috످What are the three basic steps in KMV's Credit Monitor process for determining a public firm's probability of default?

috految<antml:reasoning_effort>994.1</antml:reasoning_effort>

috److془The question: KMV's Credit Monitor three steps. I know well: 1. Estimate asset value and volatility; 2. Calculate distance to default; 3. Calculate default probability (EDF).

Provide answer with formulas and example.

Example: V = $100M, vol 10%, default point $60M; DD = 4. If 50 of 5,000 defaulted, EDF = 1%. Or 20 of 5000 = 0.4%.془KMV's Credit Monitor determines a public firm's probability of default, called its Expected Default Frequency (EDF), in three steps.

First, it estimates the market value and volatility of the firm's assets. Because asset value and volatility are not directly observable, KMV infers them from the market value of the firm's equity, the volatility of its stock returns, and the book value of its liabilities. It uses an option pricing approach based on the Merton (1974) model, which treats equity as a call option on the firm's assets with a strike price equal to the face value of its debt.

Second, it calculates the distance to default (DD). The distance to default is the number of standard deviations between the firm's expected asset value and its default point (the asset value at which the firm is assumed to default). The higher the DD, the lower the risk of default.

Default Point = Short-Term Liabilities + (0.5 × Long-Term Liabilities)

DD = (Expected Asset Value − Default Point) / (Expected Asset Value × Asset Volatility)

Third, it converts the distance to default into a probability of default (EDF). Rather than assuming a normal distribution, which tends to understate default risk, KMV uses a large historical database to find the percentage of firms with a similar DD that defaulted within a given period, typically one year.

For example, if a firm has a DD of 4, and historically 20 out of 5,000 firms with that DD defaulted within a year, its one-year EDF is 20 / 5,000 = 0.4%.

috످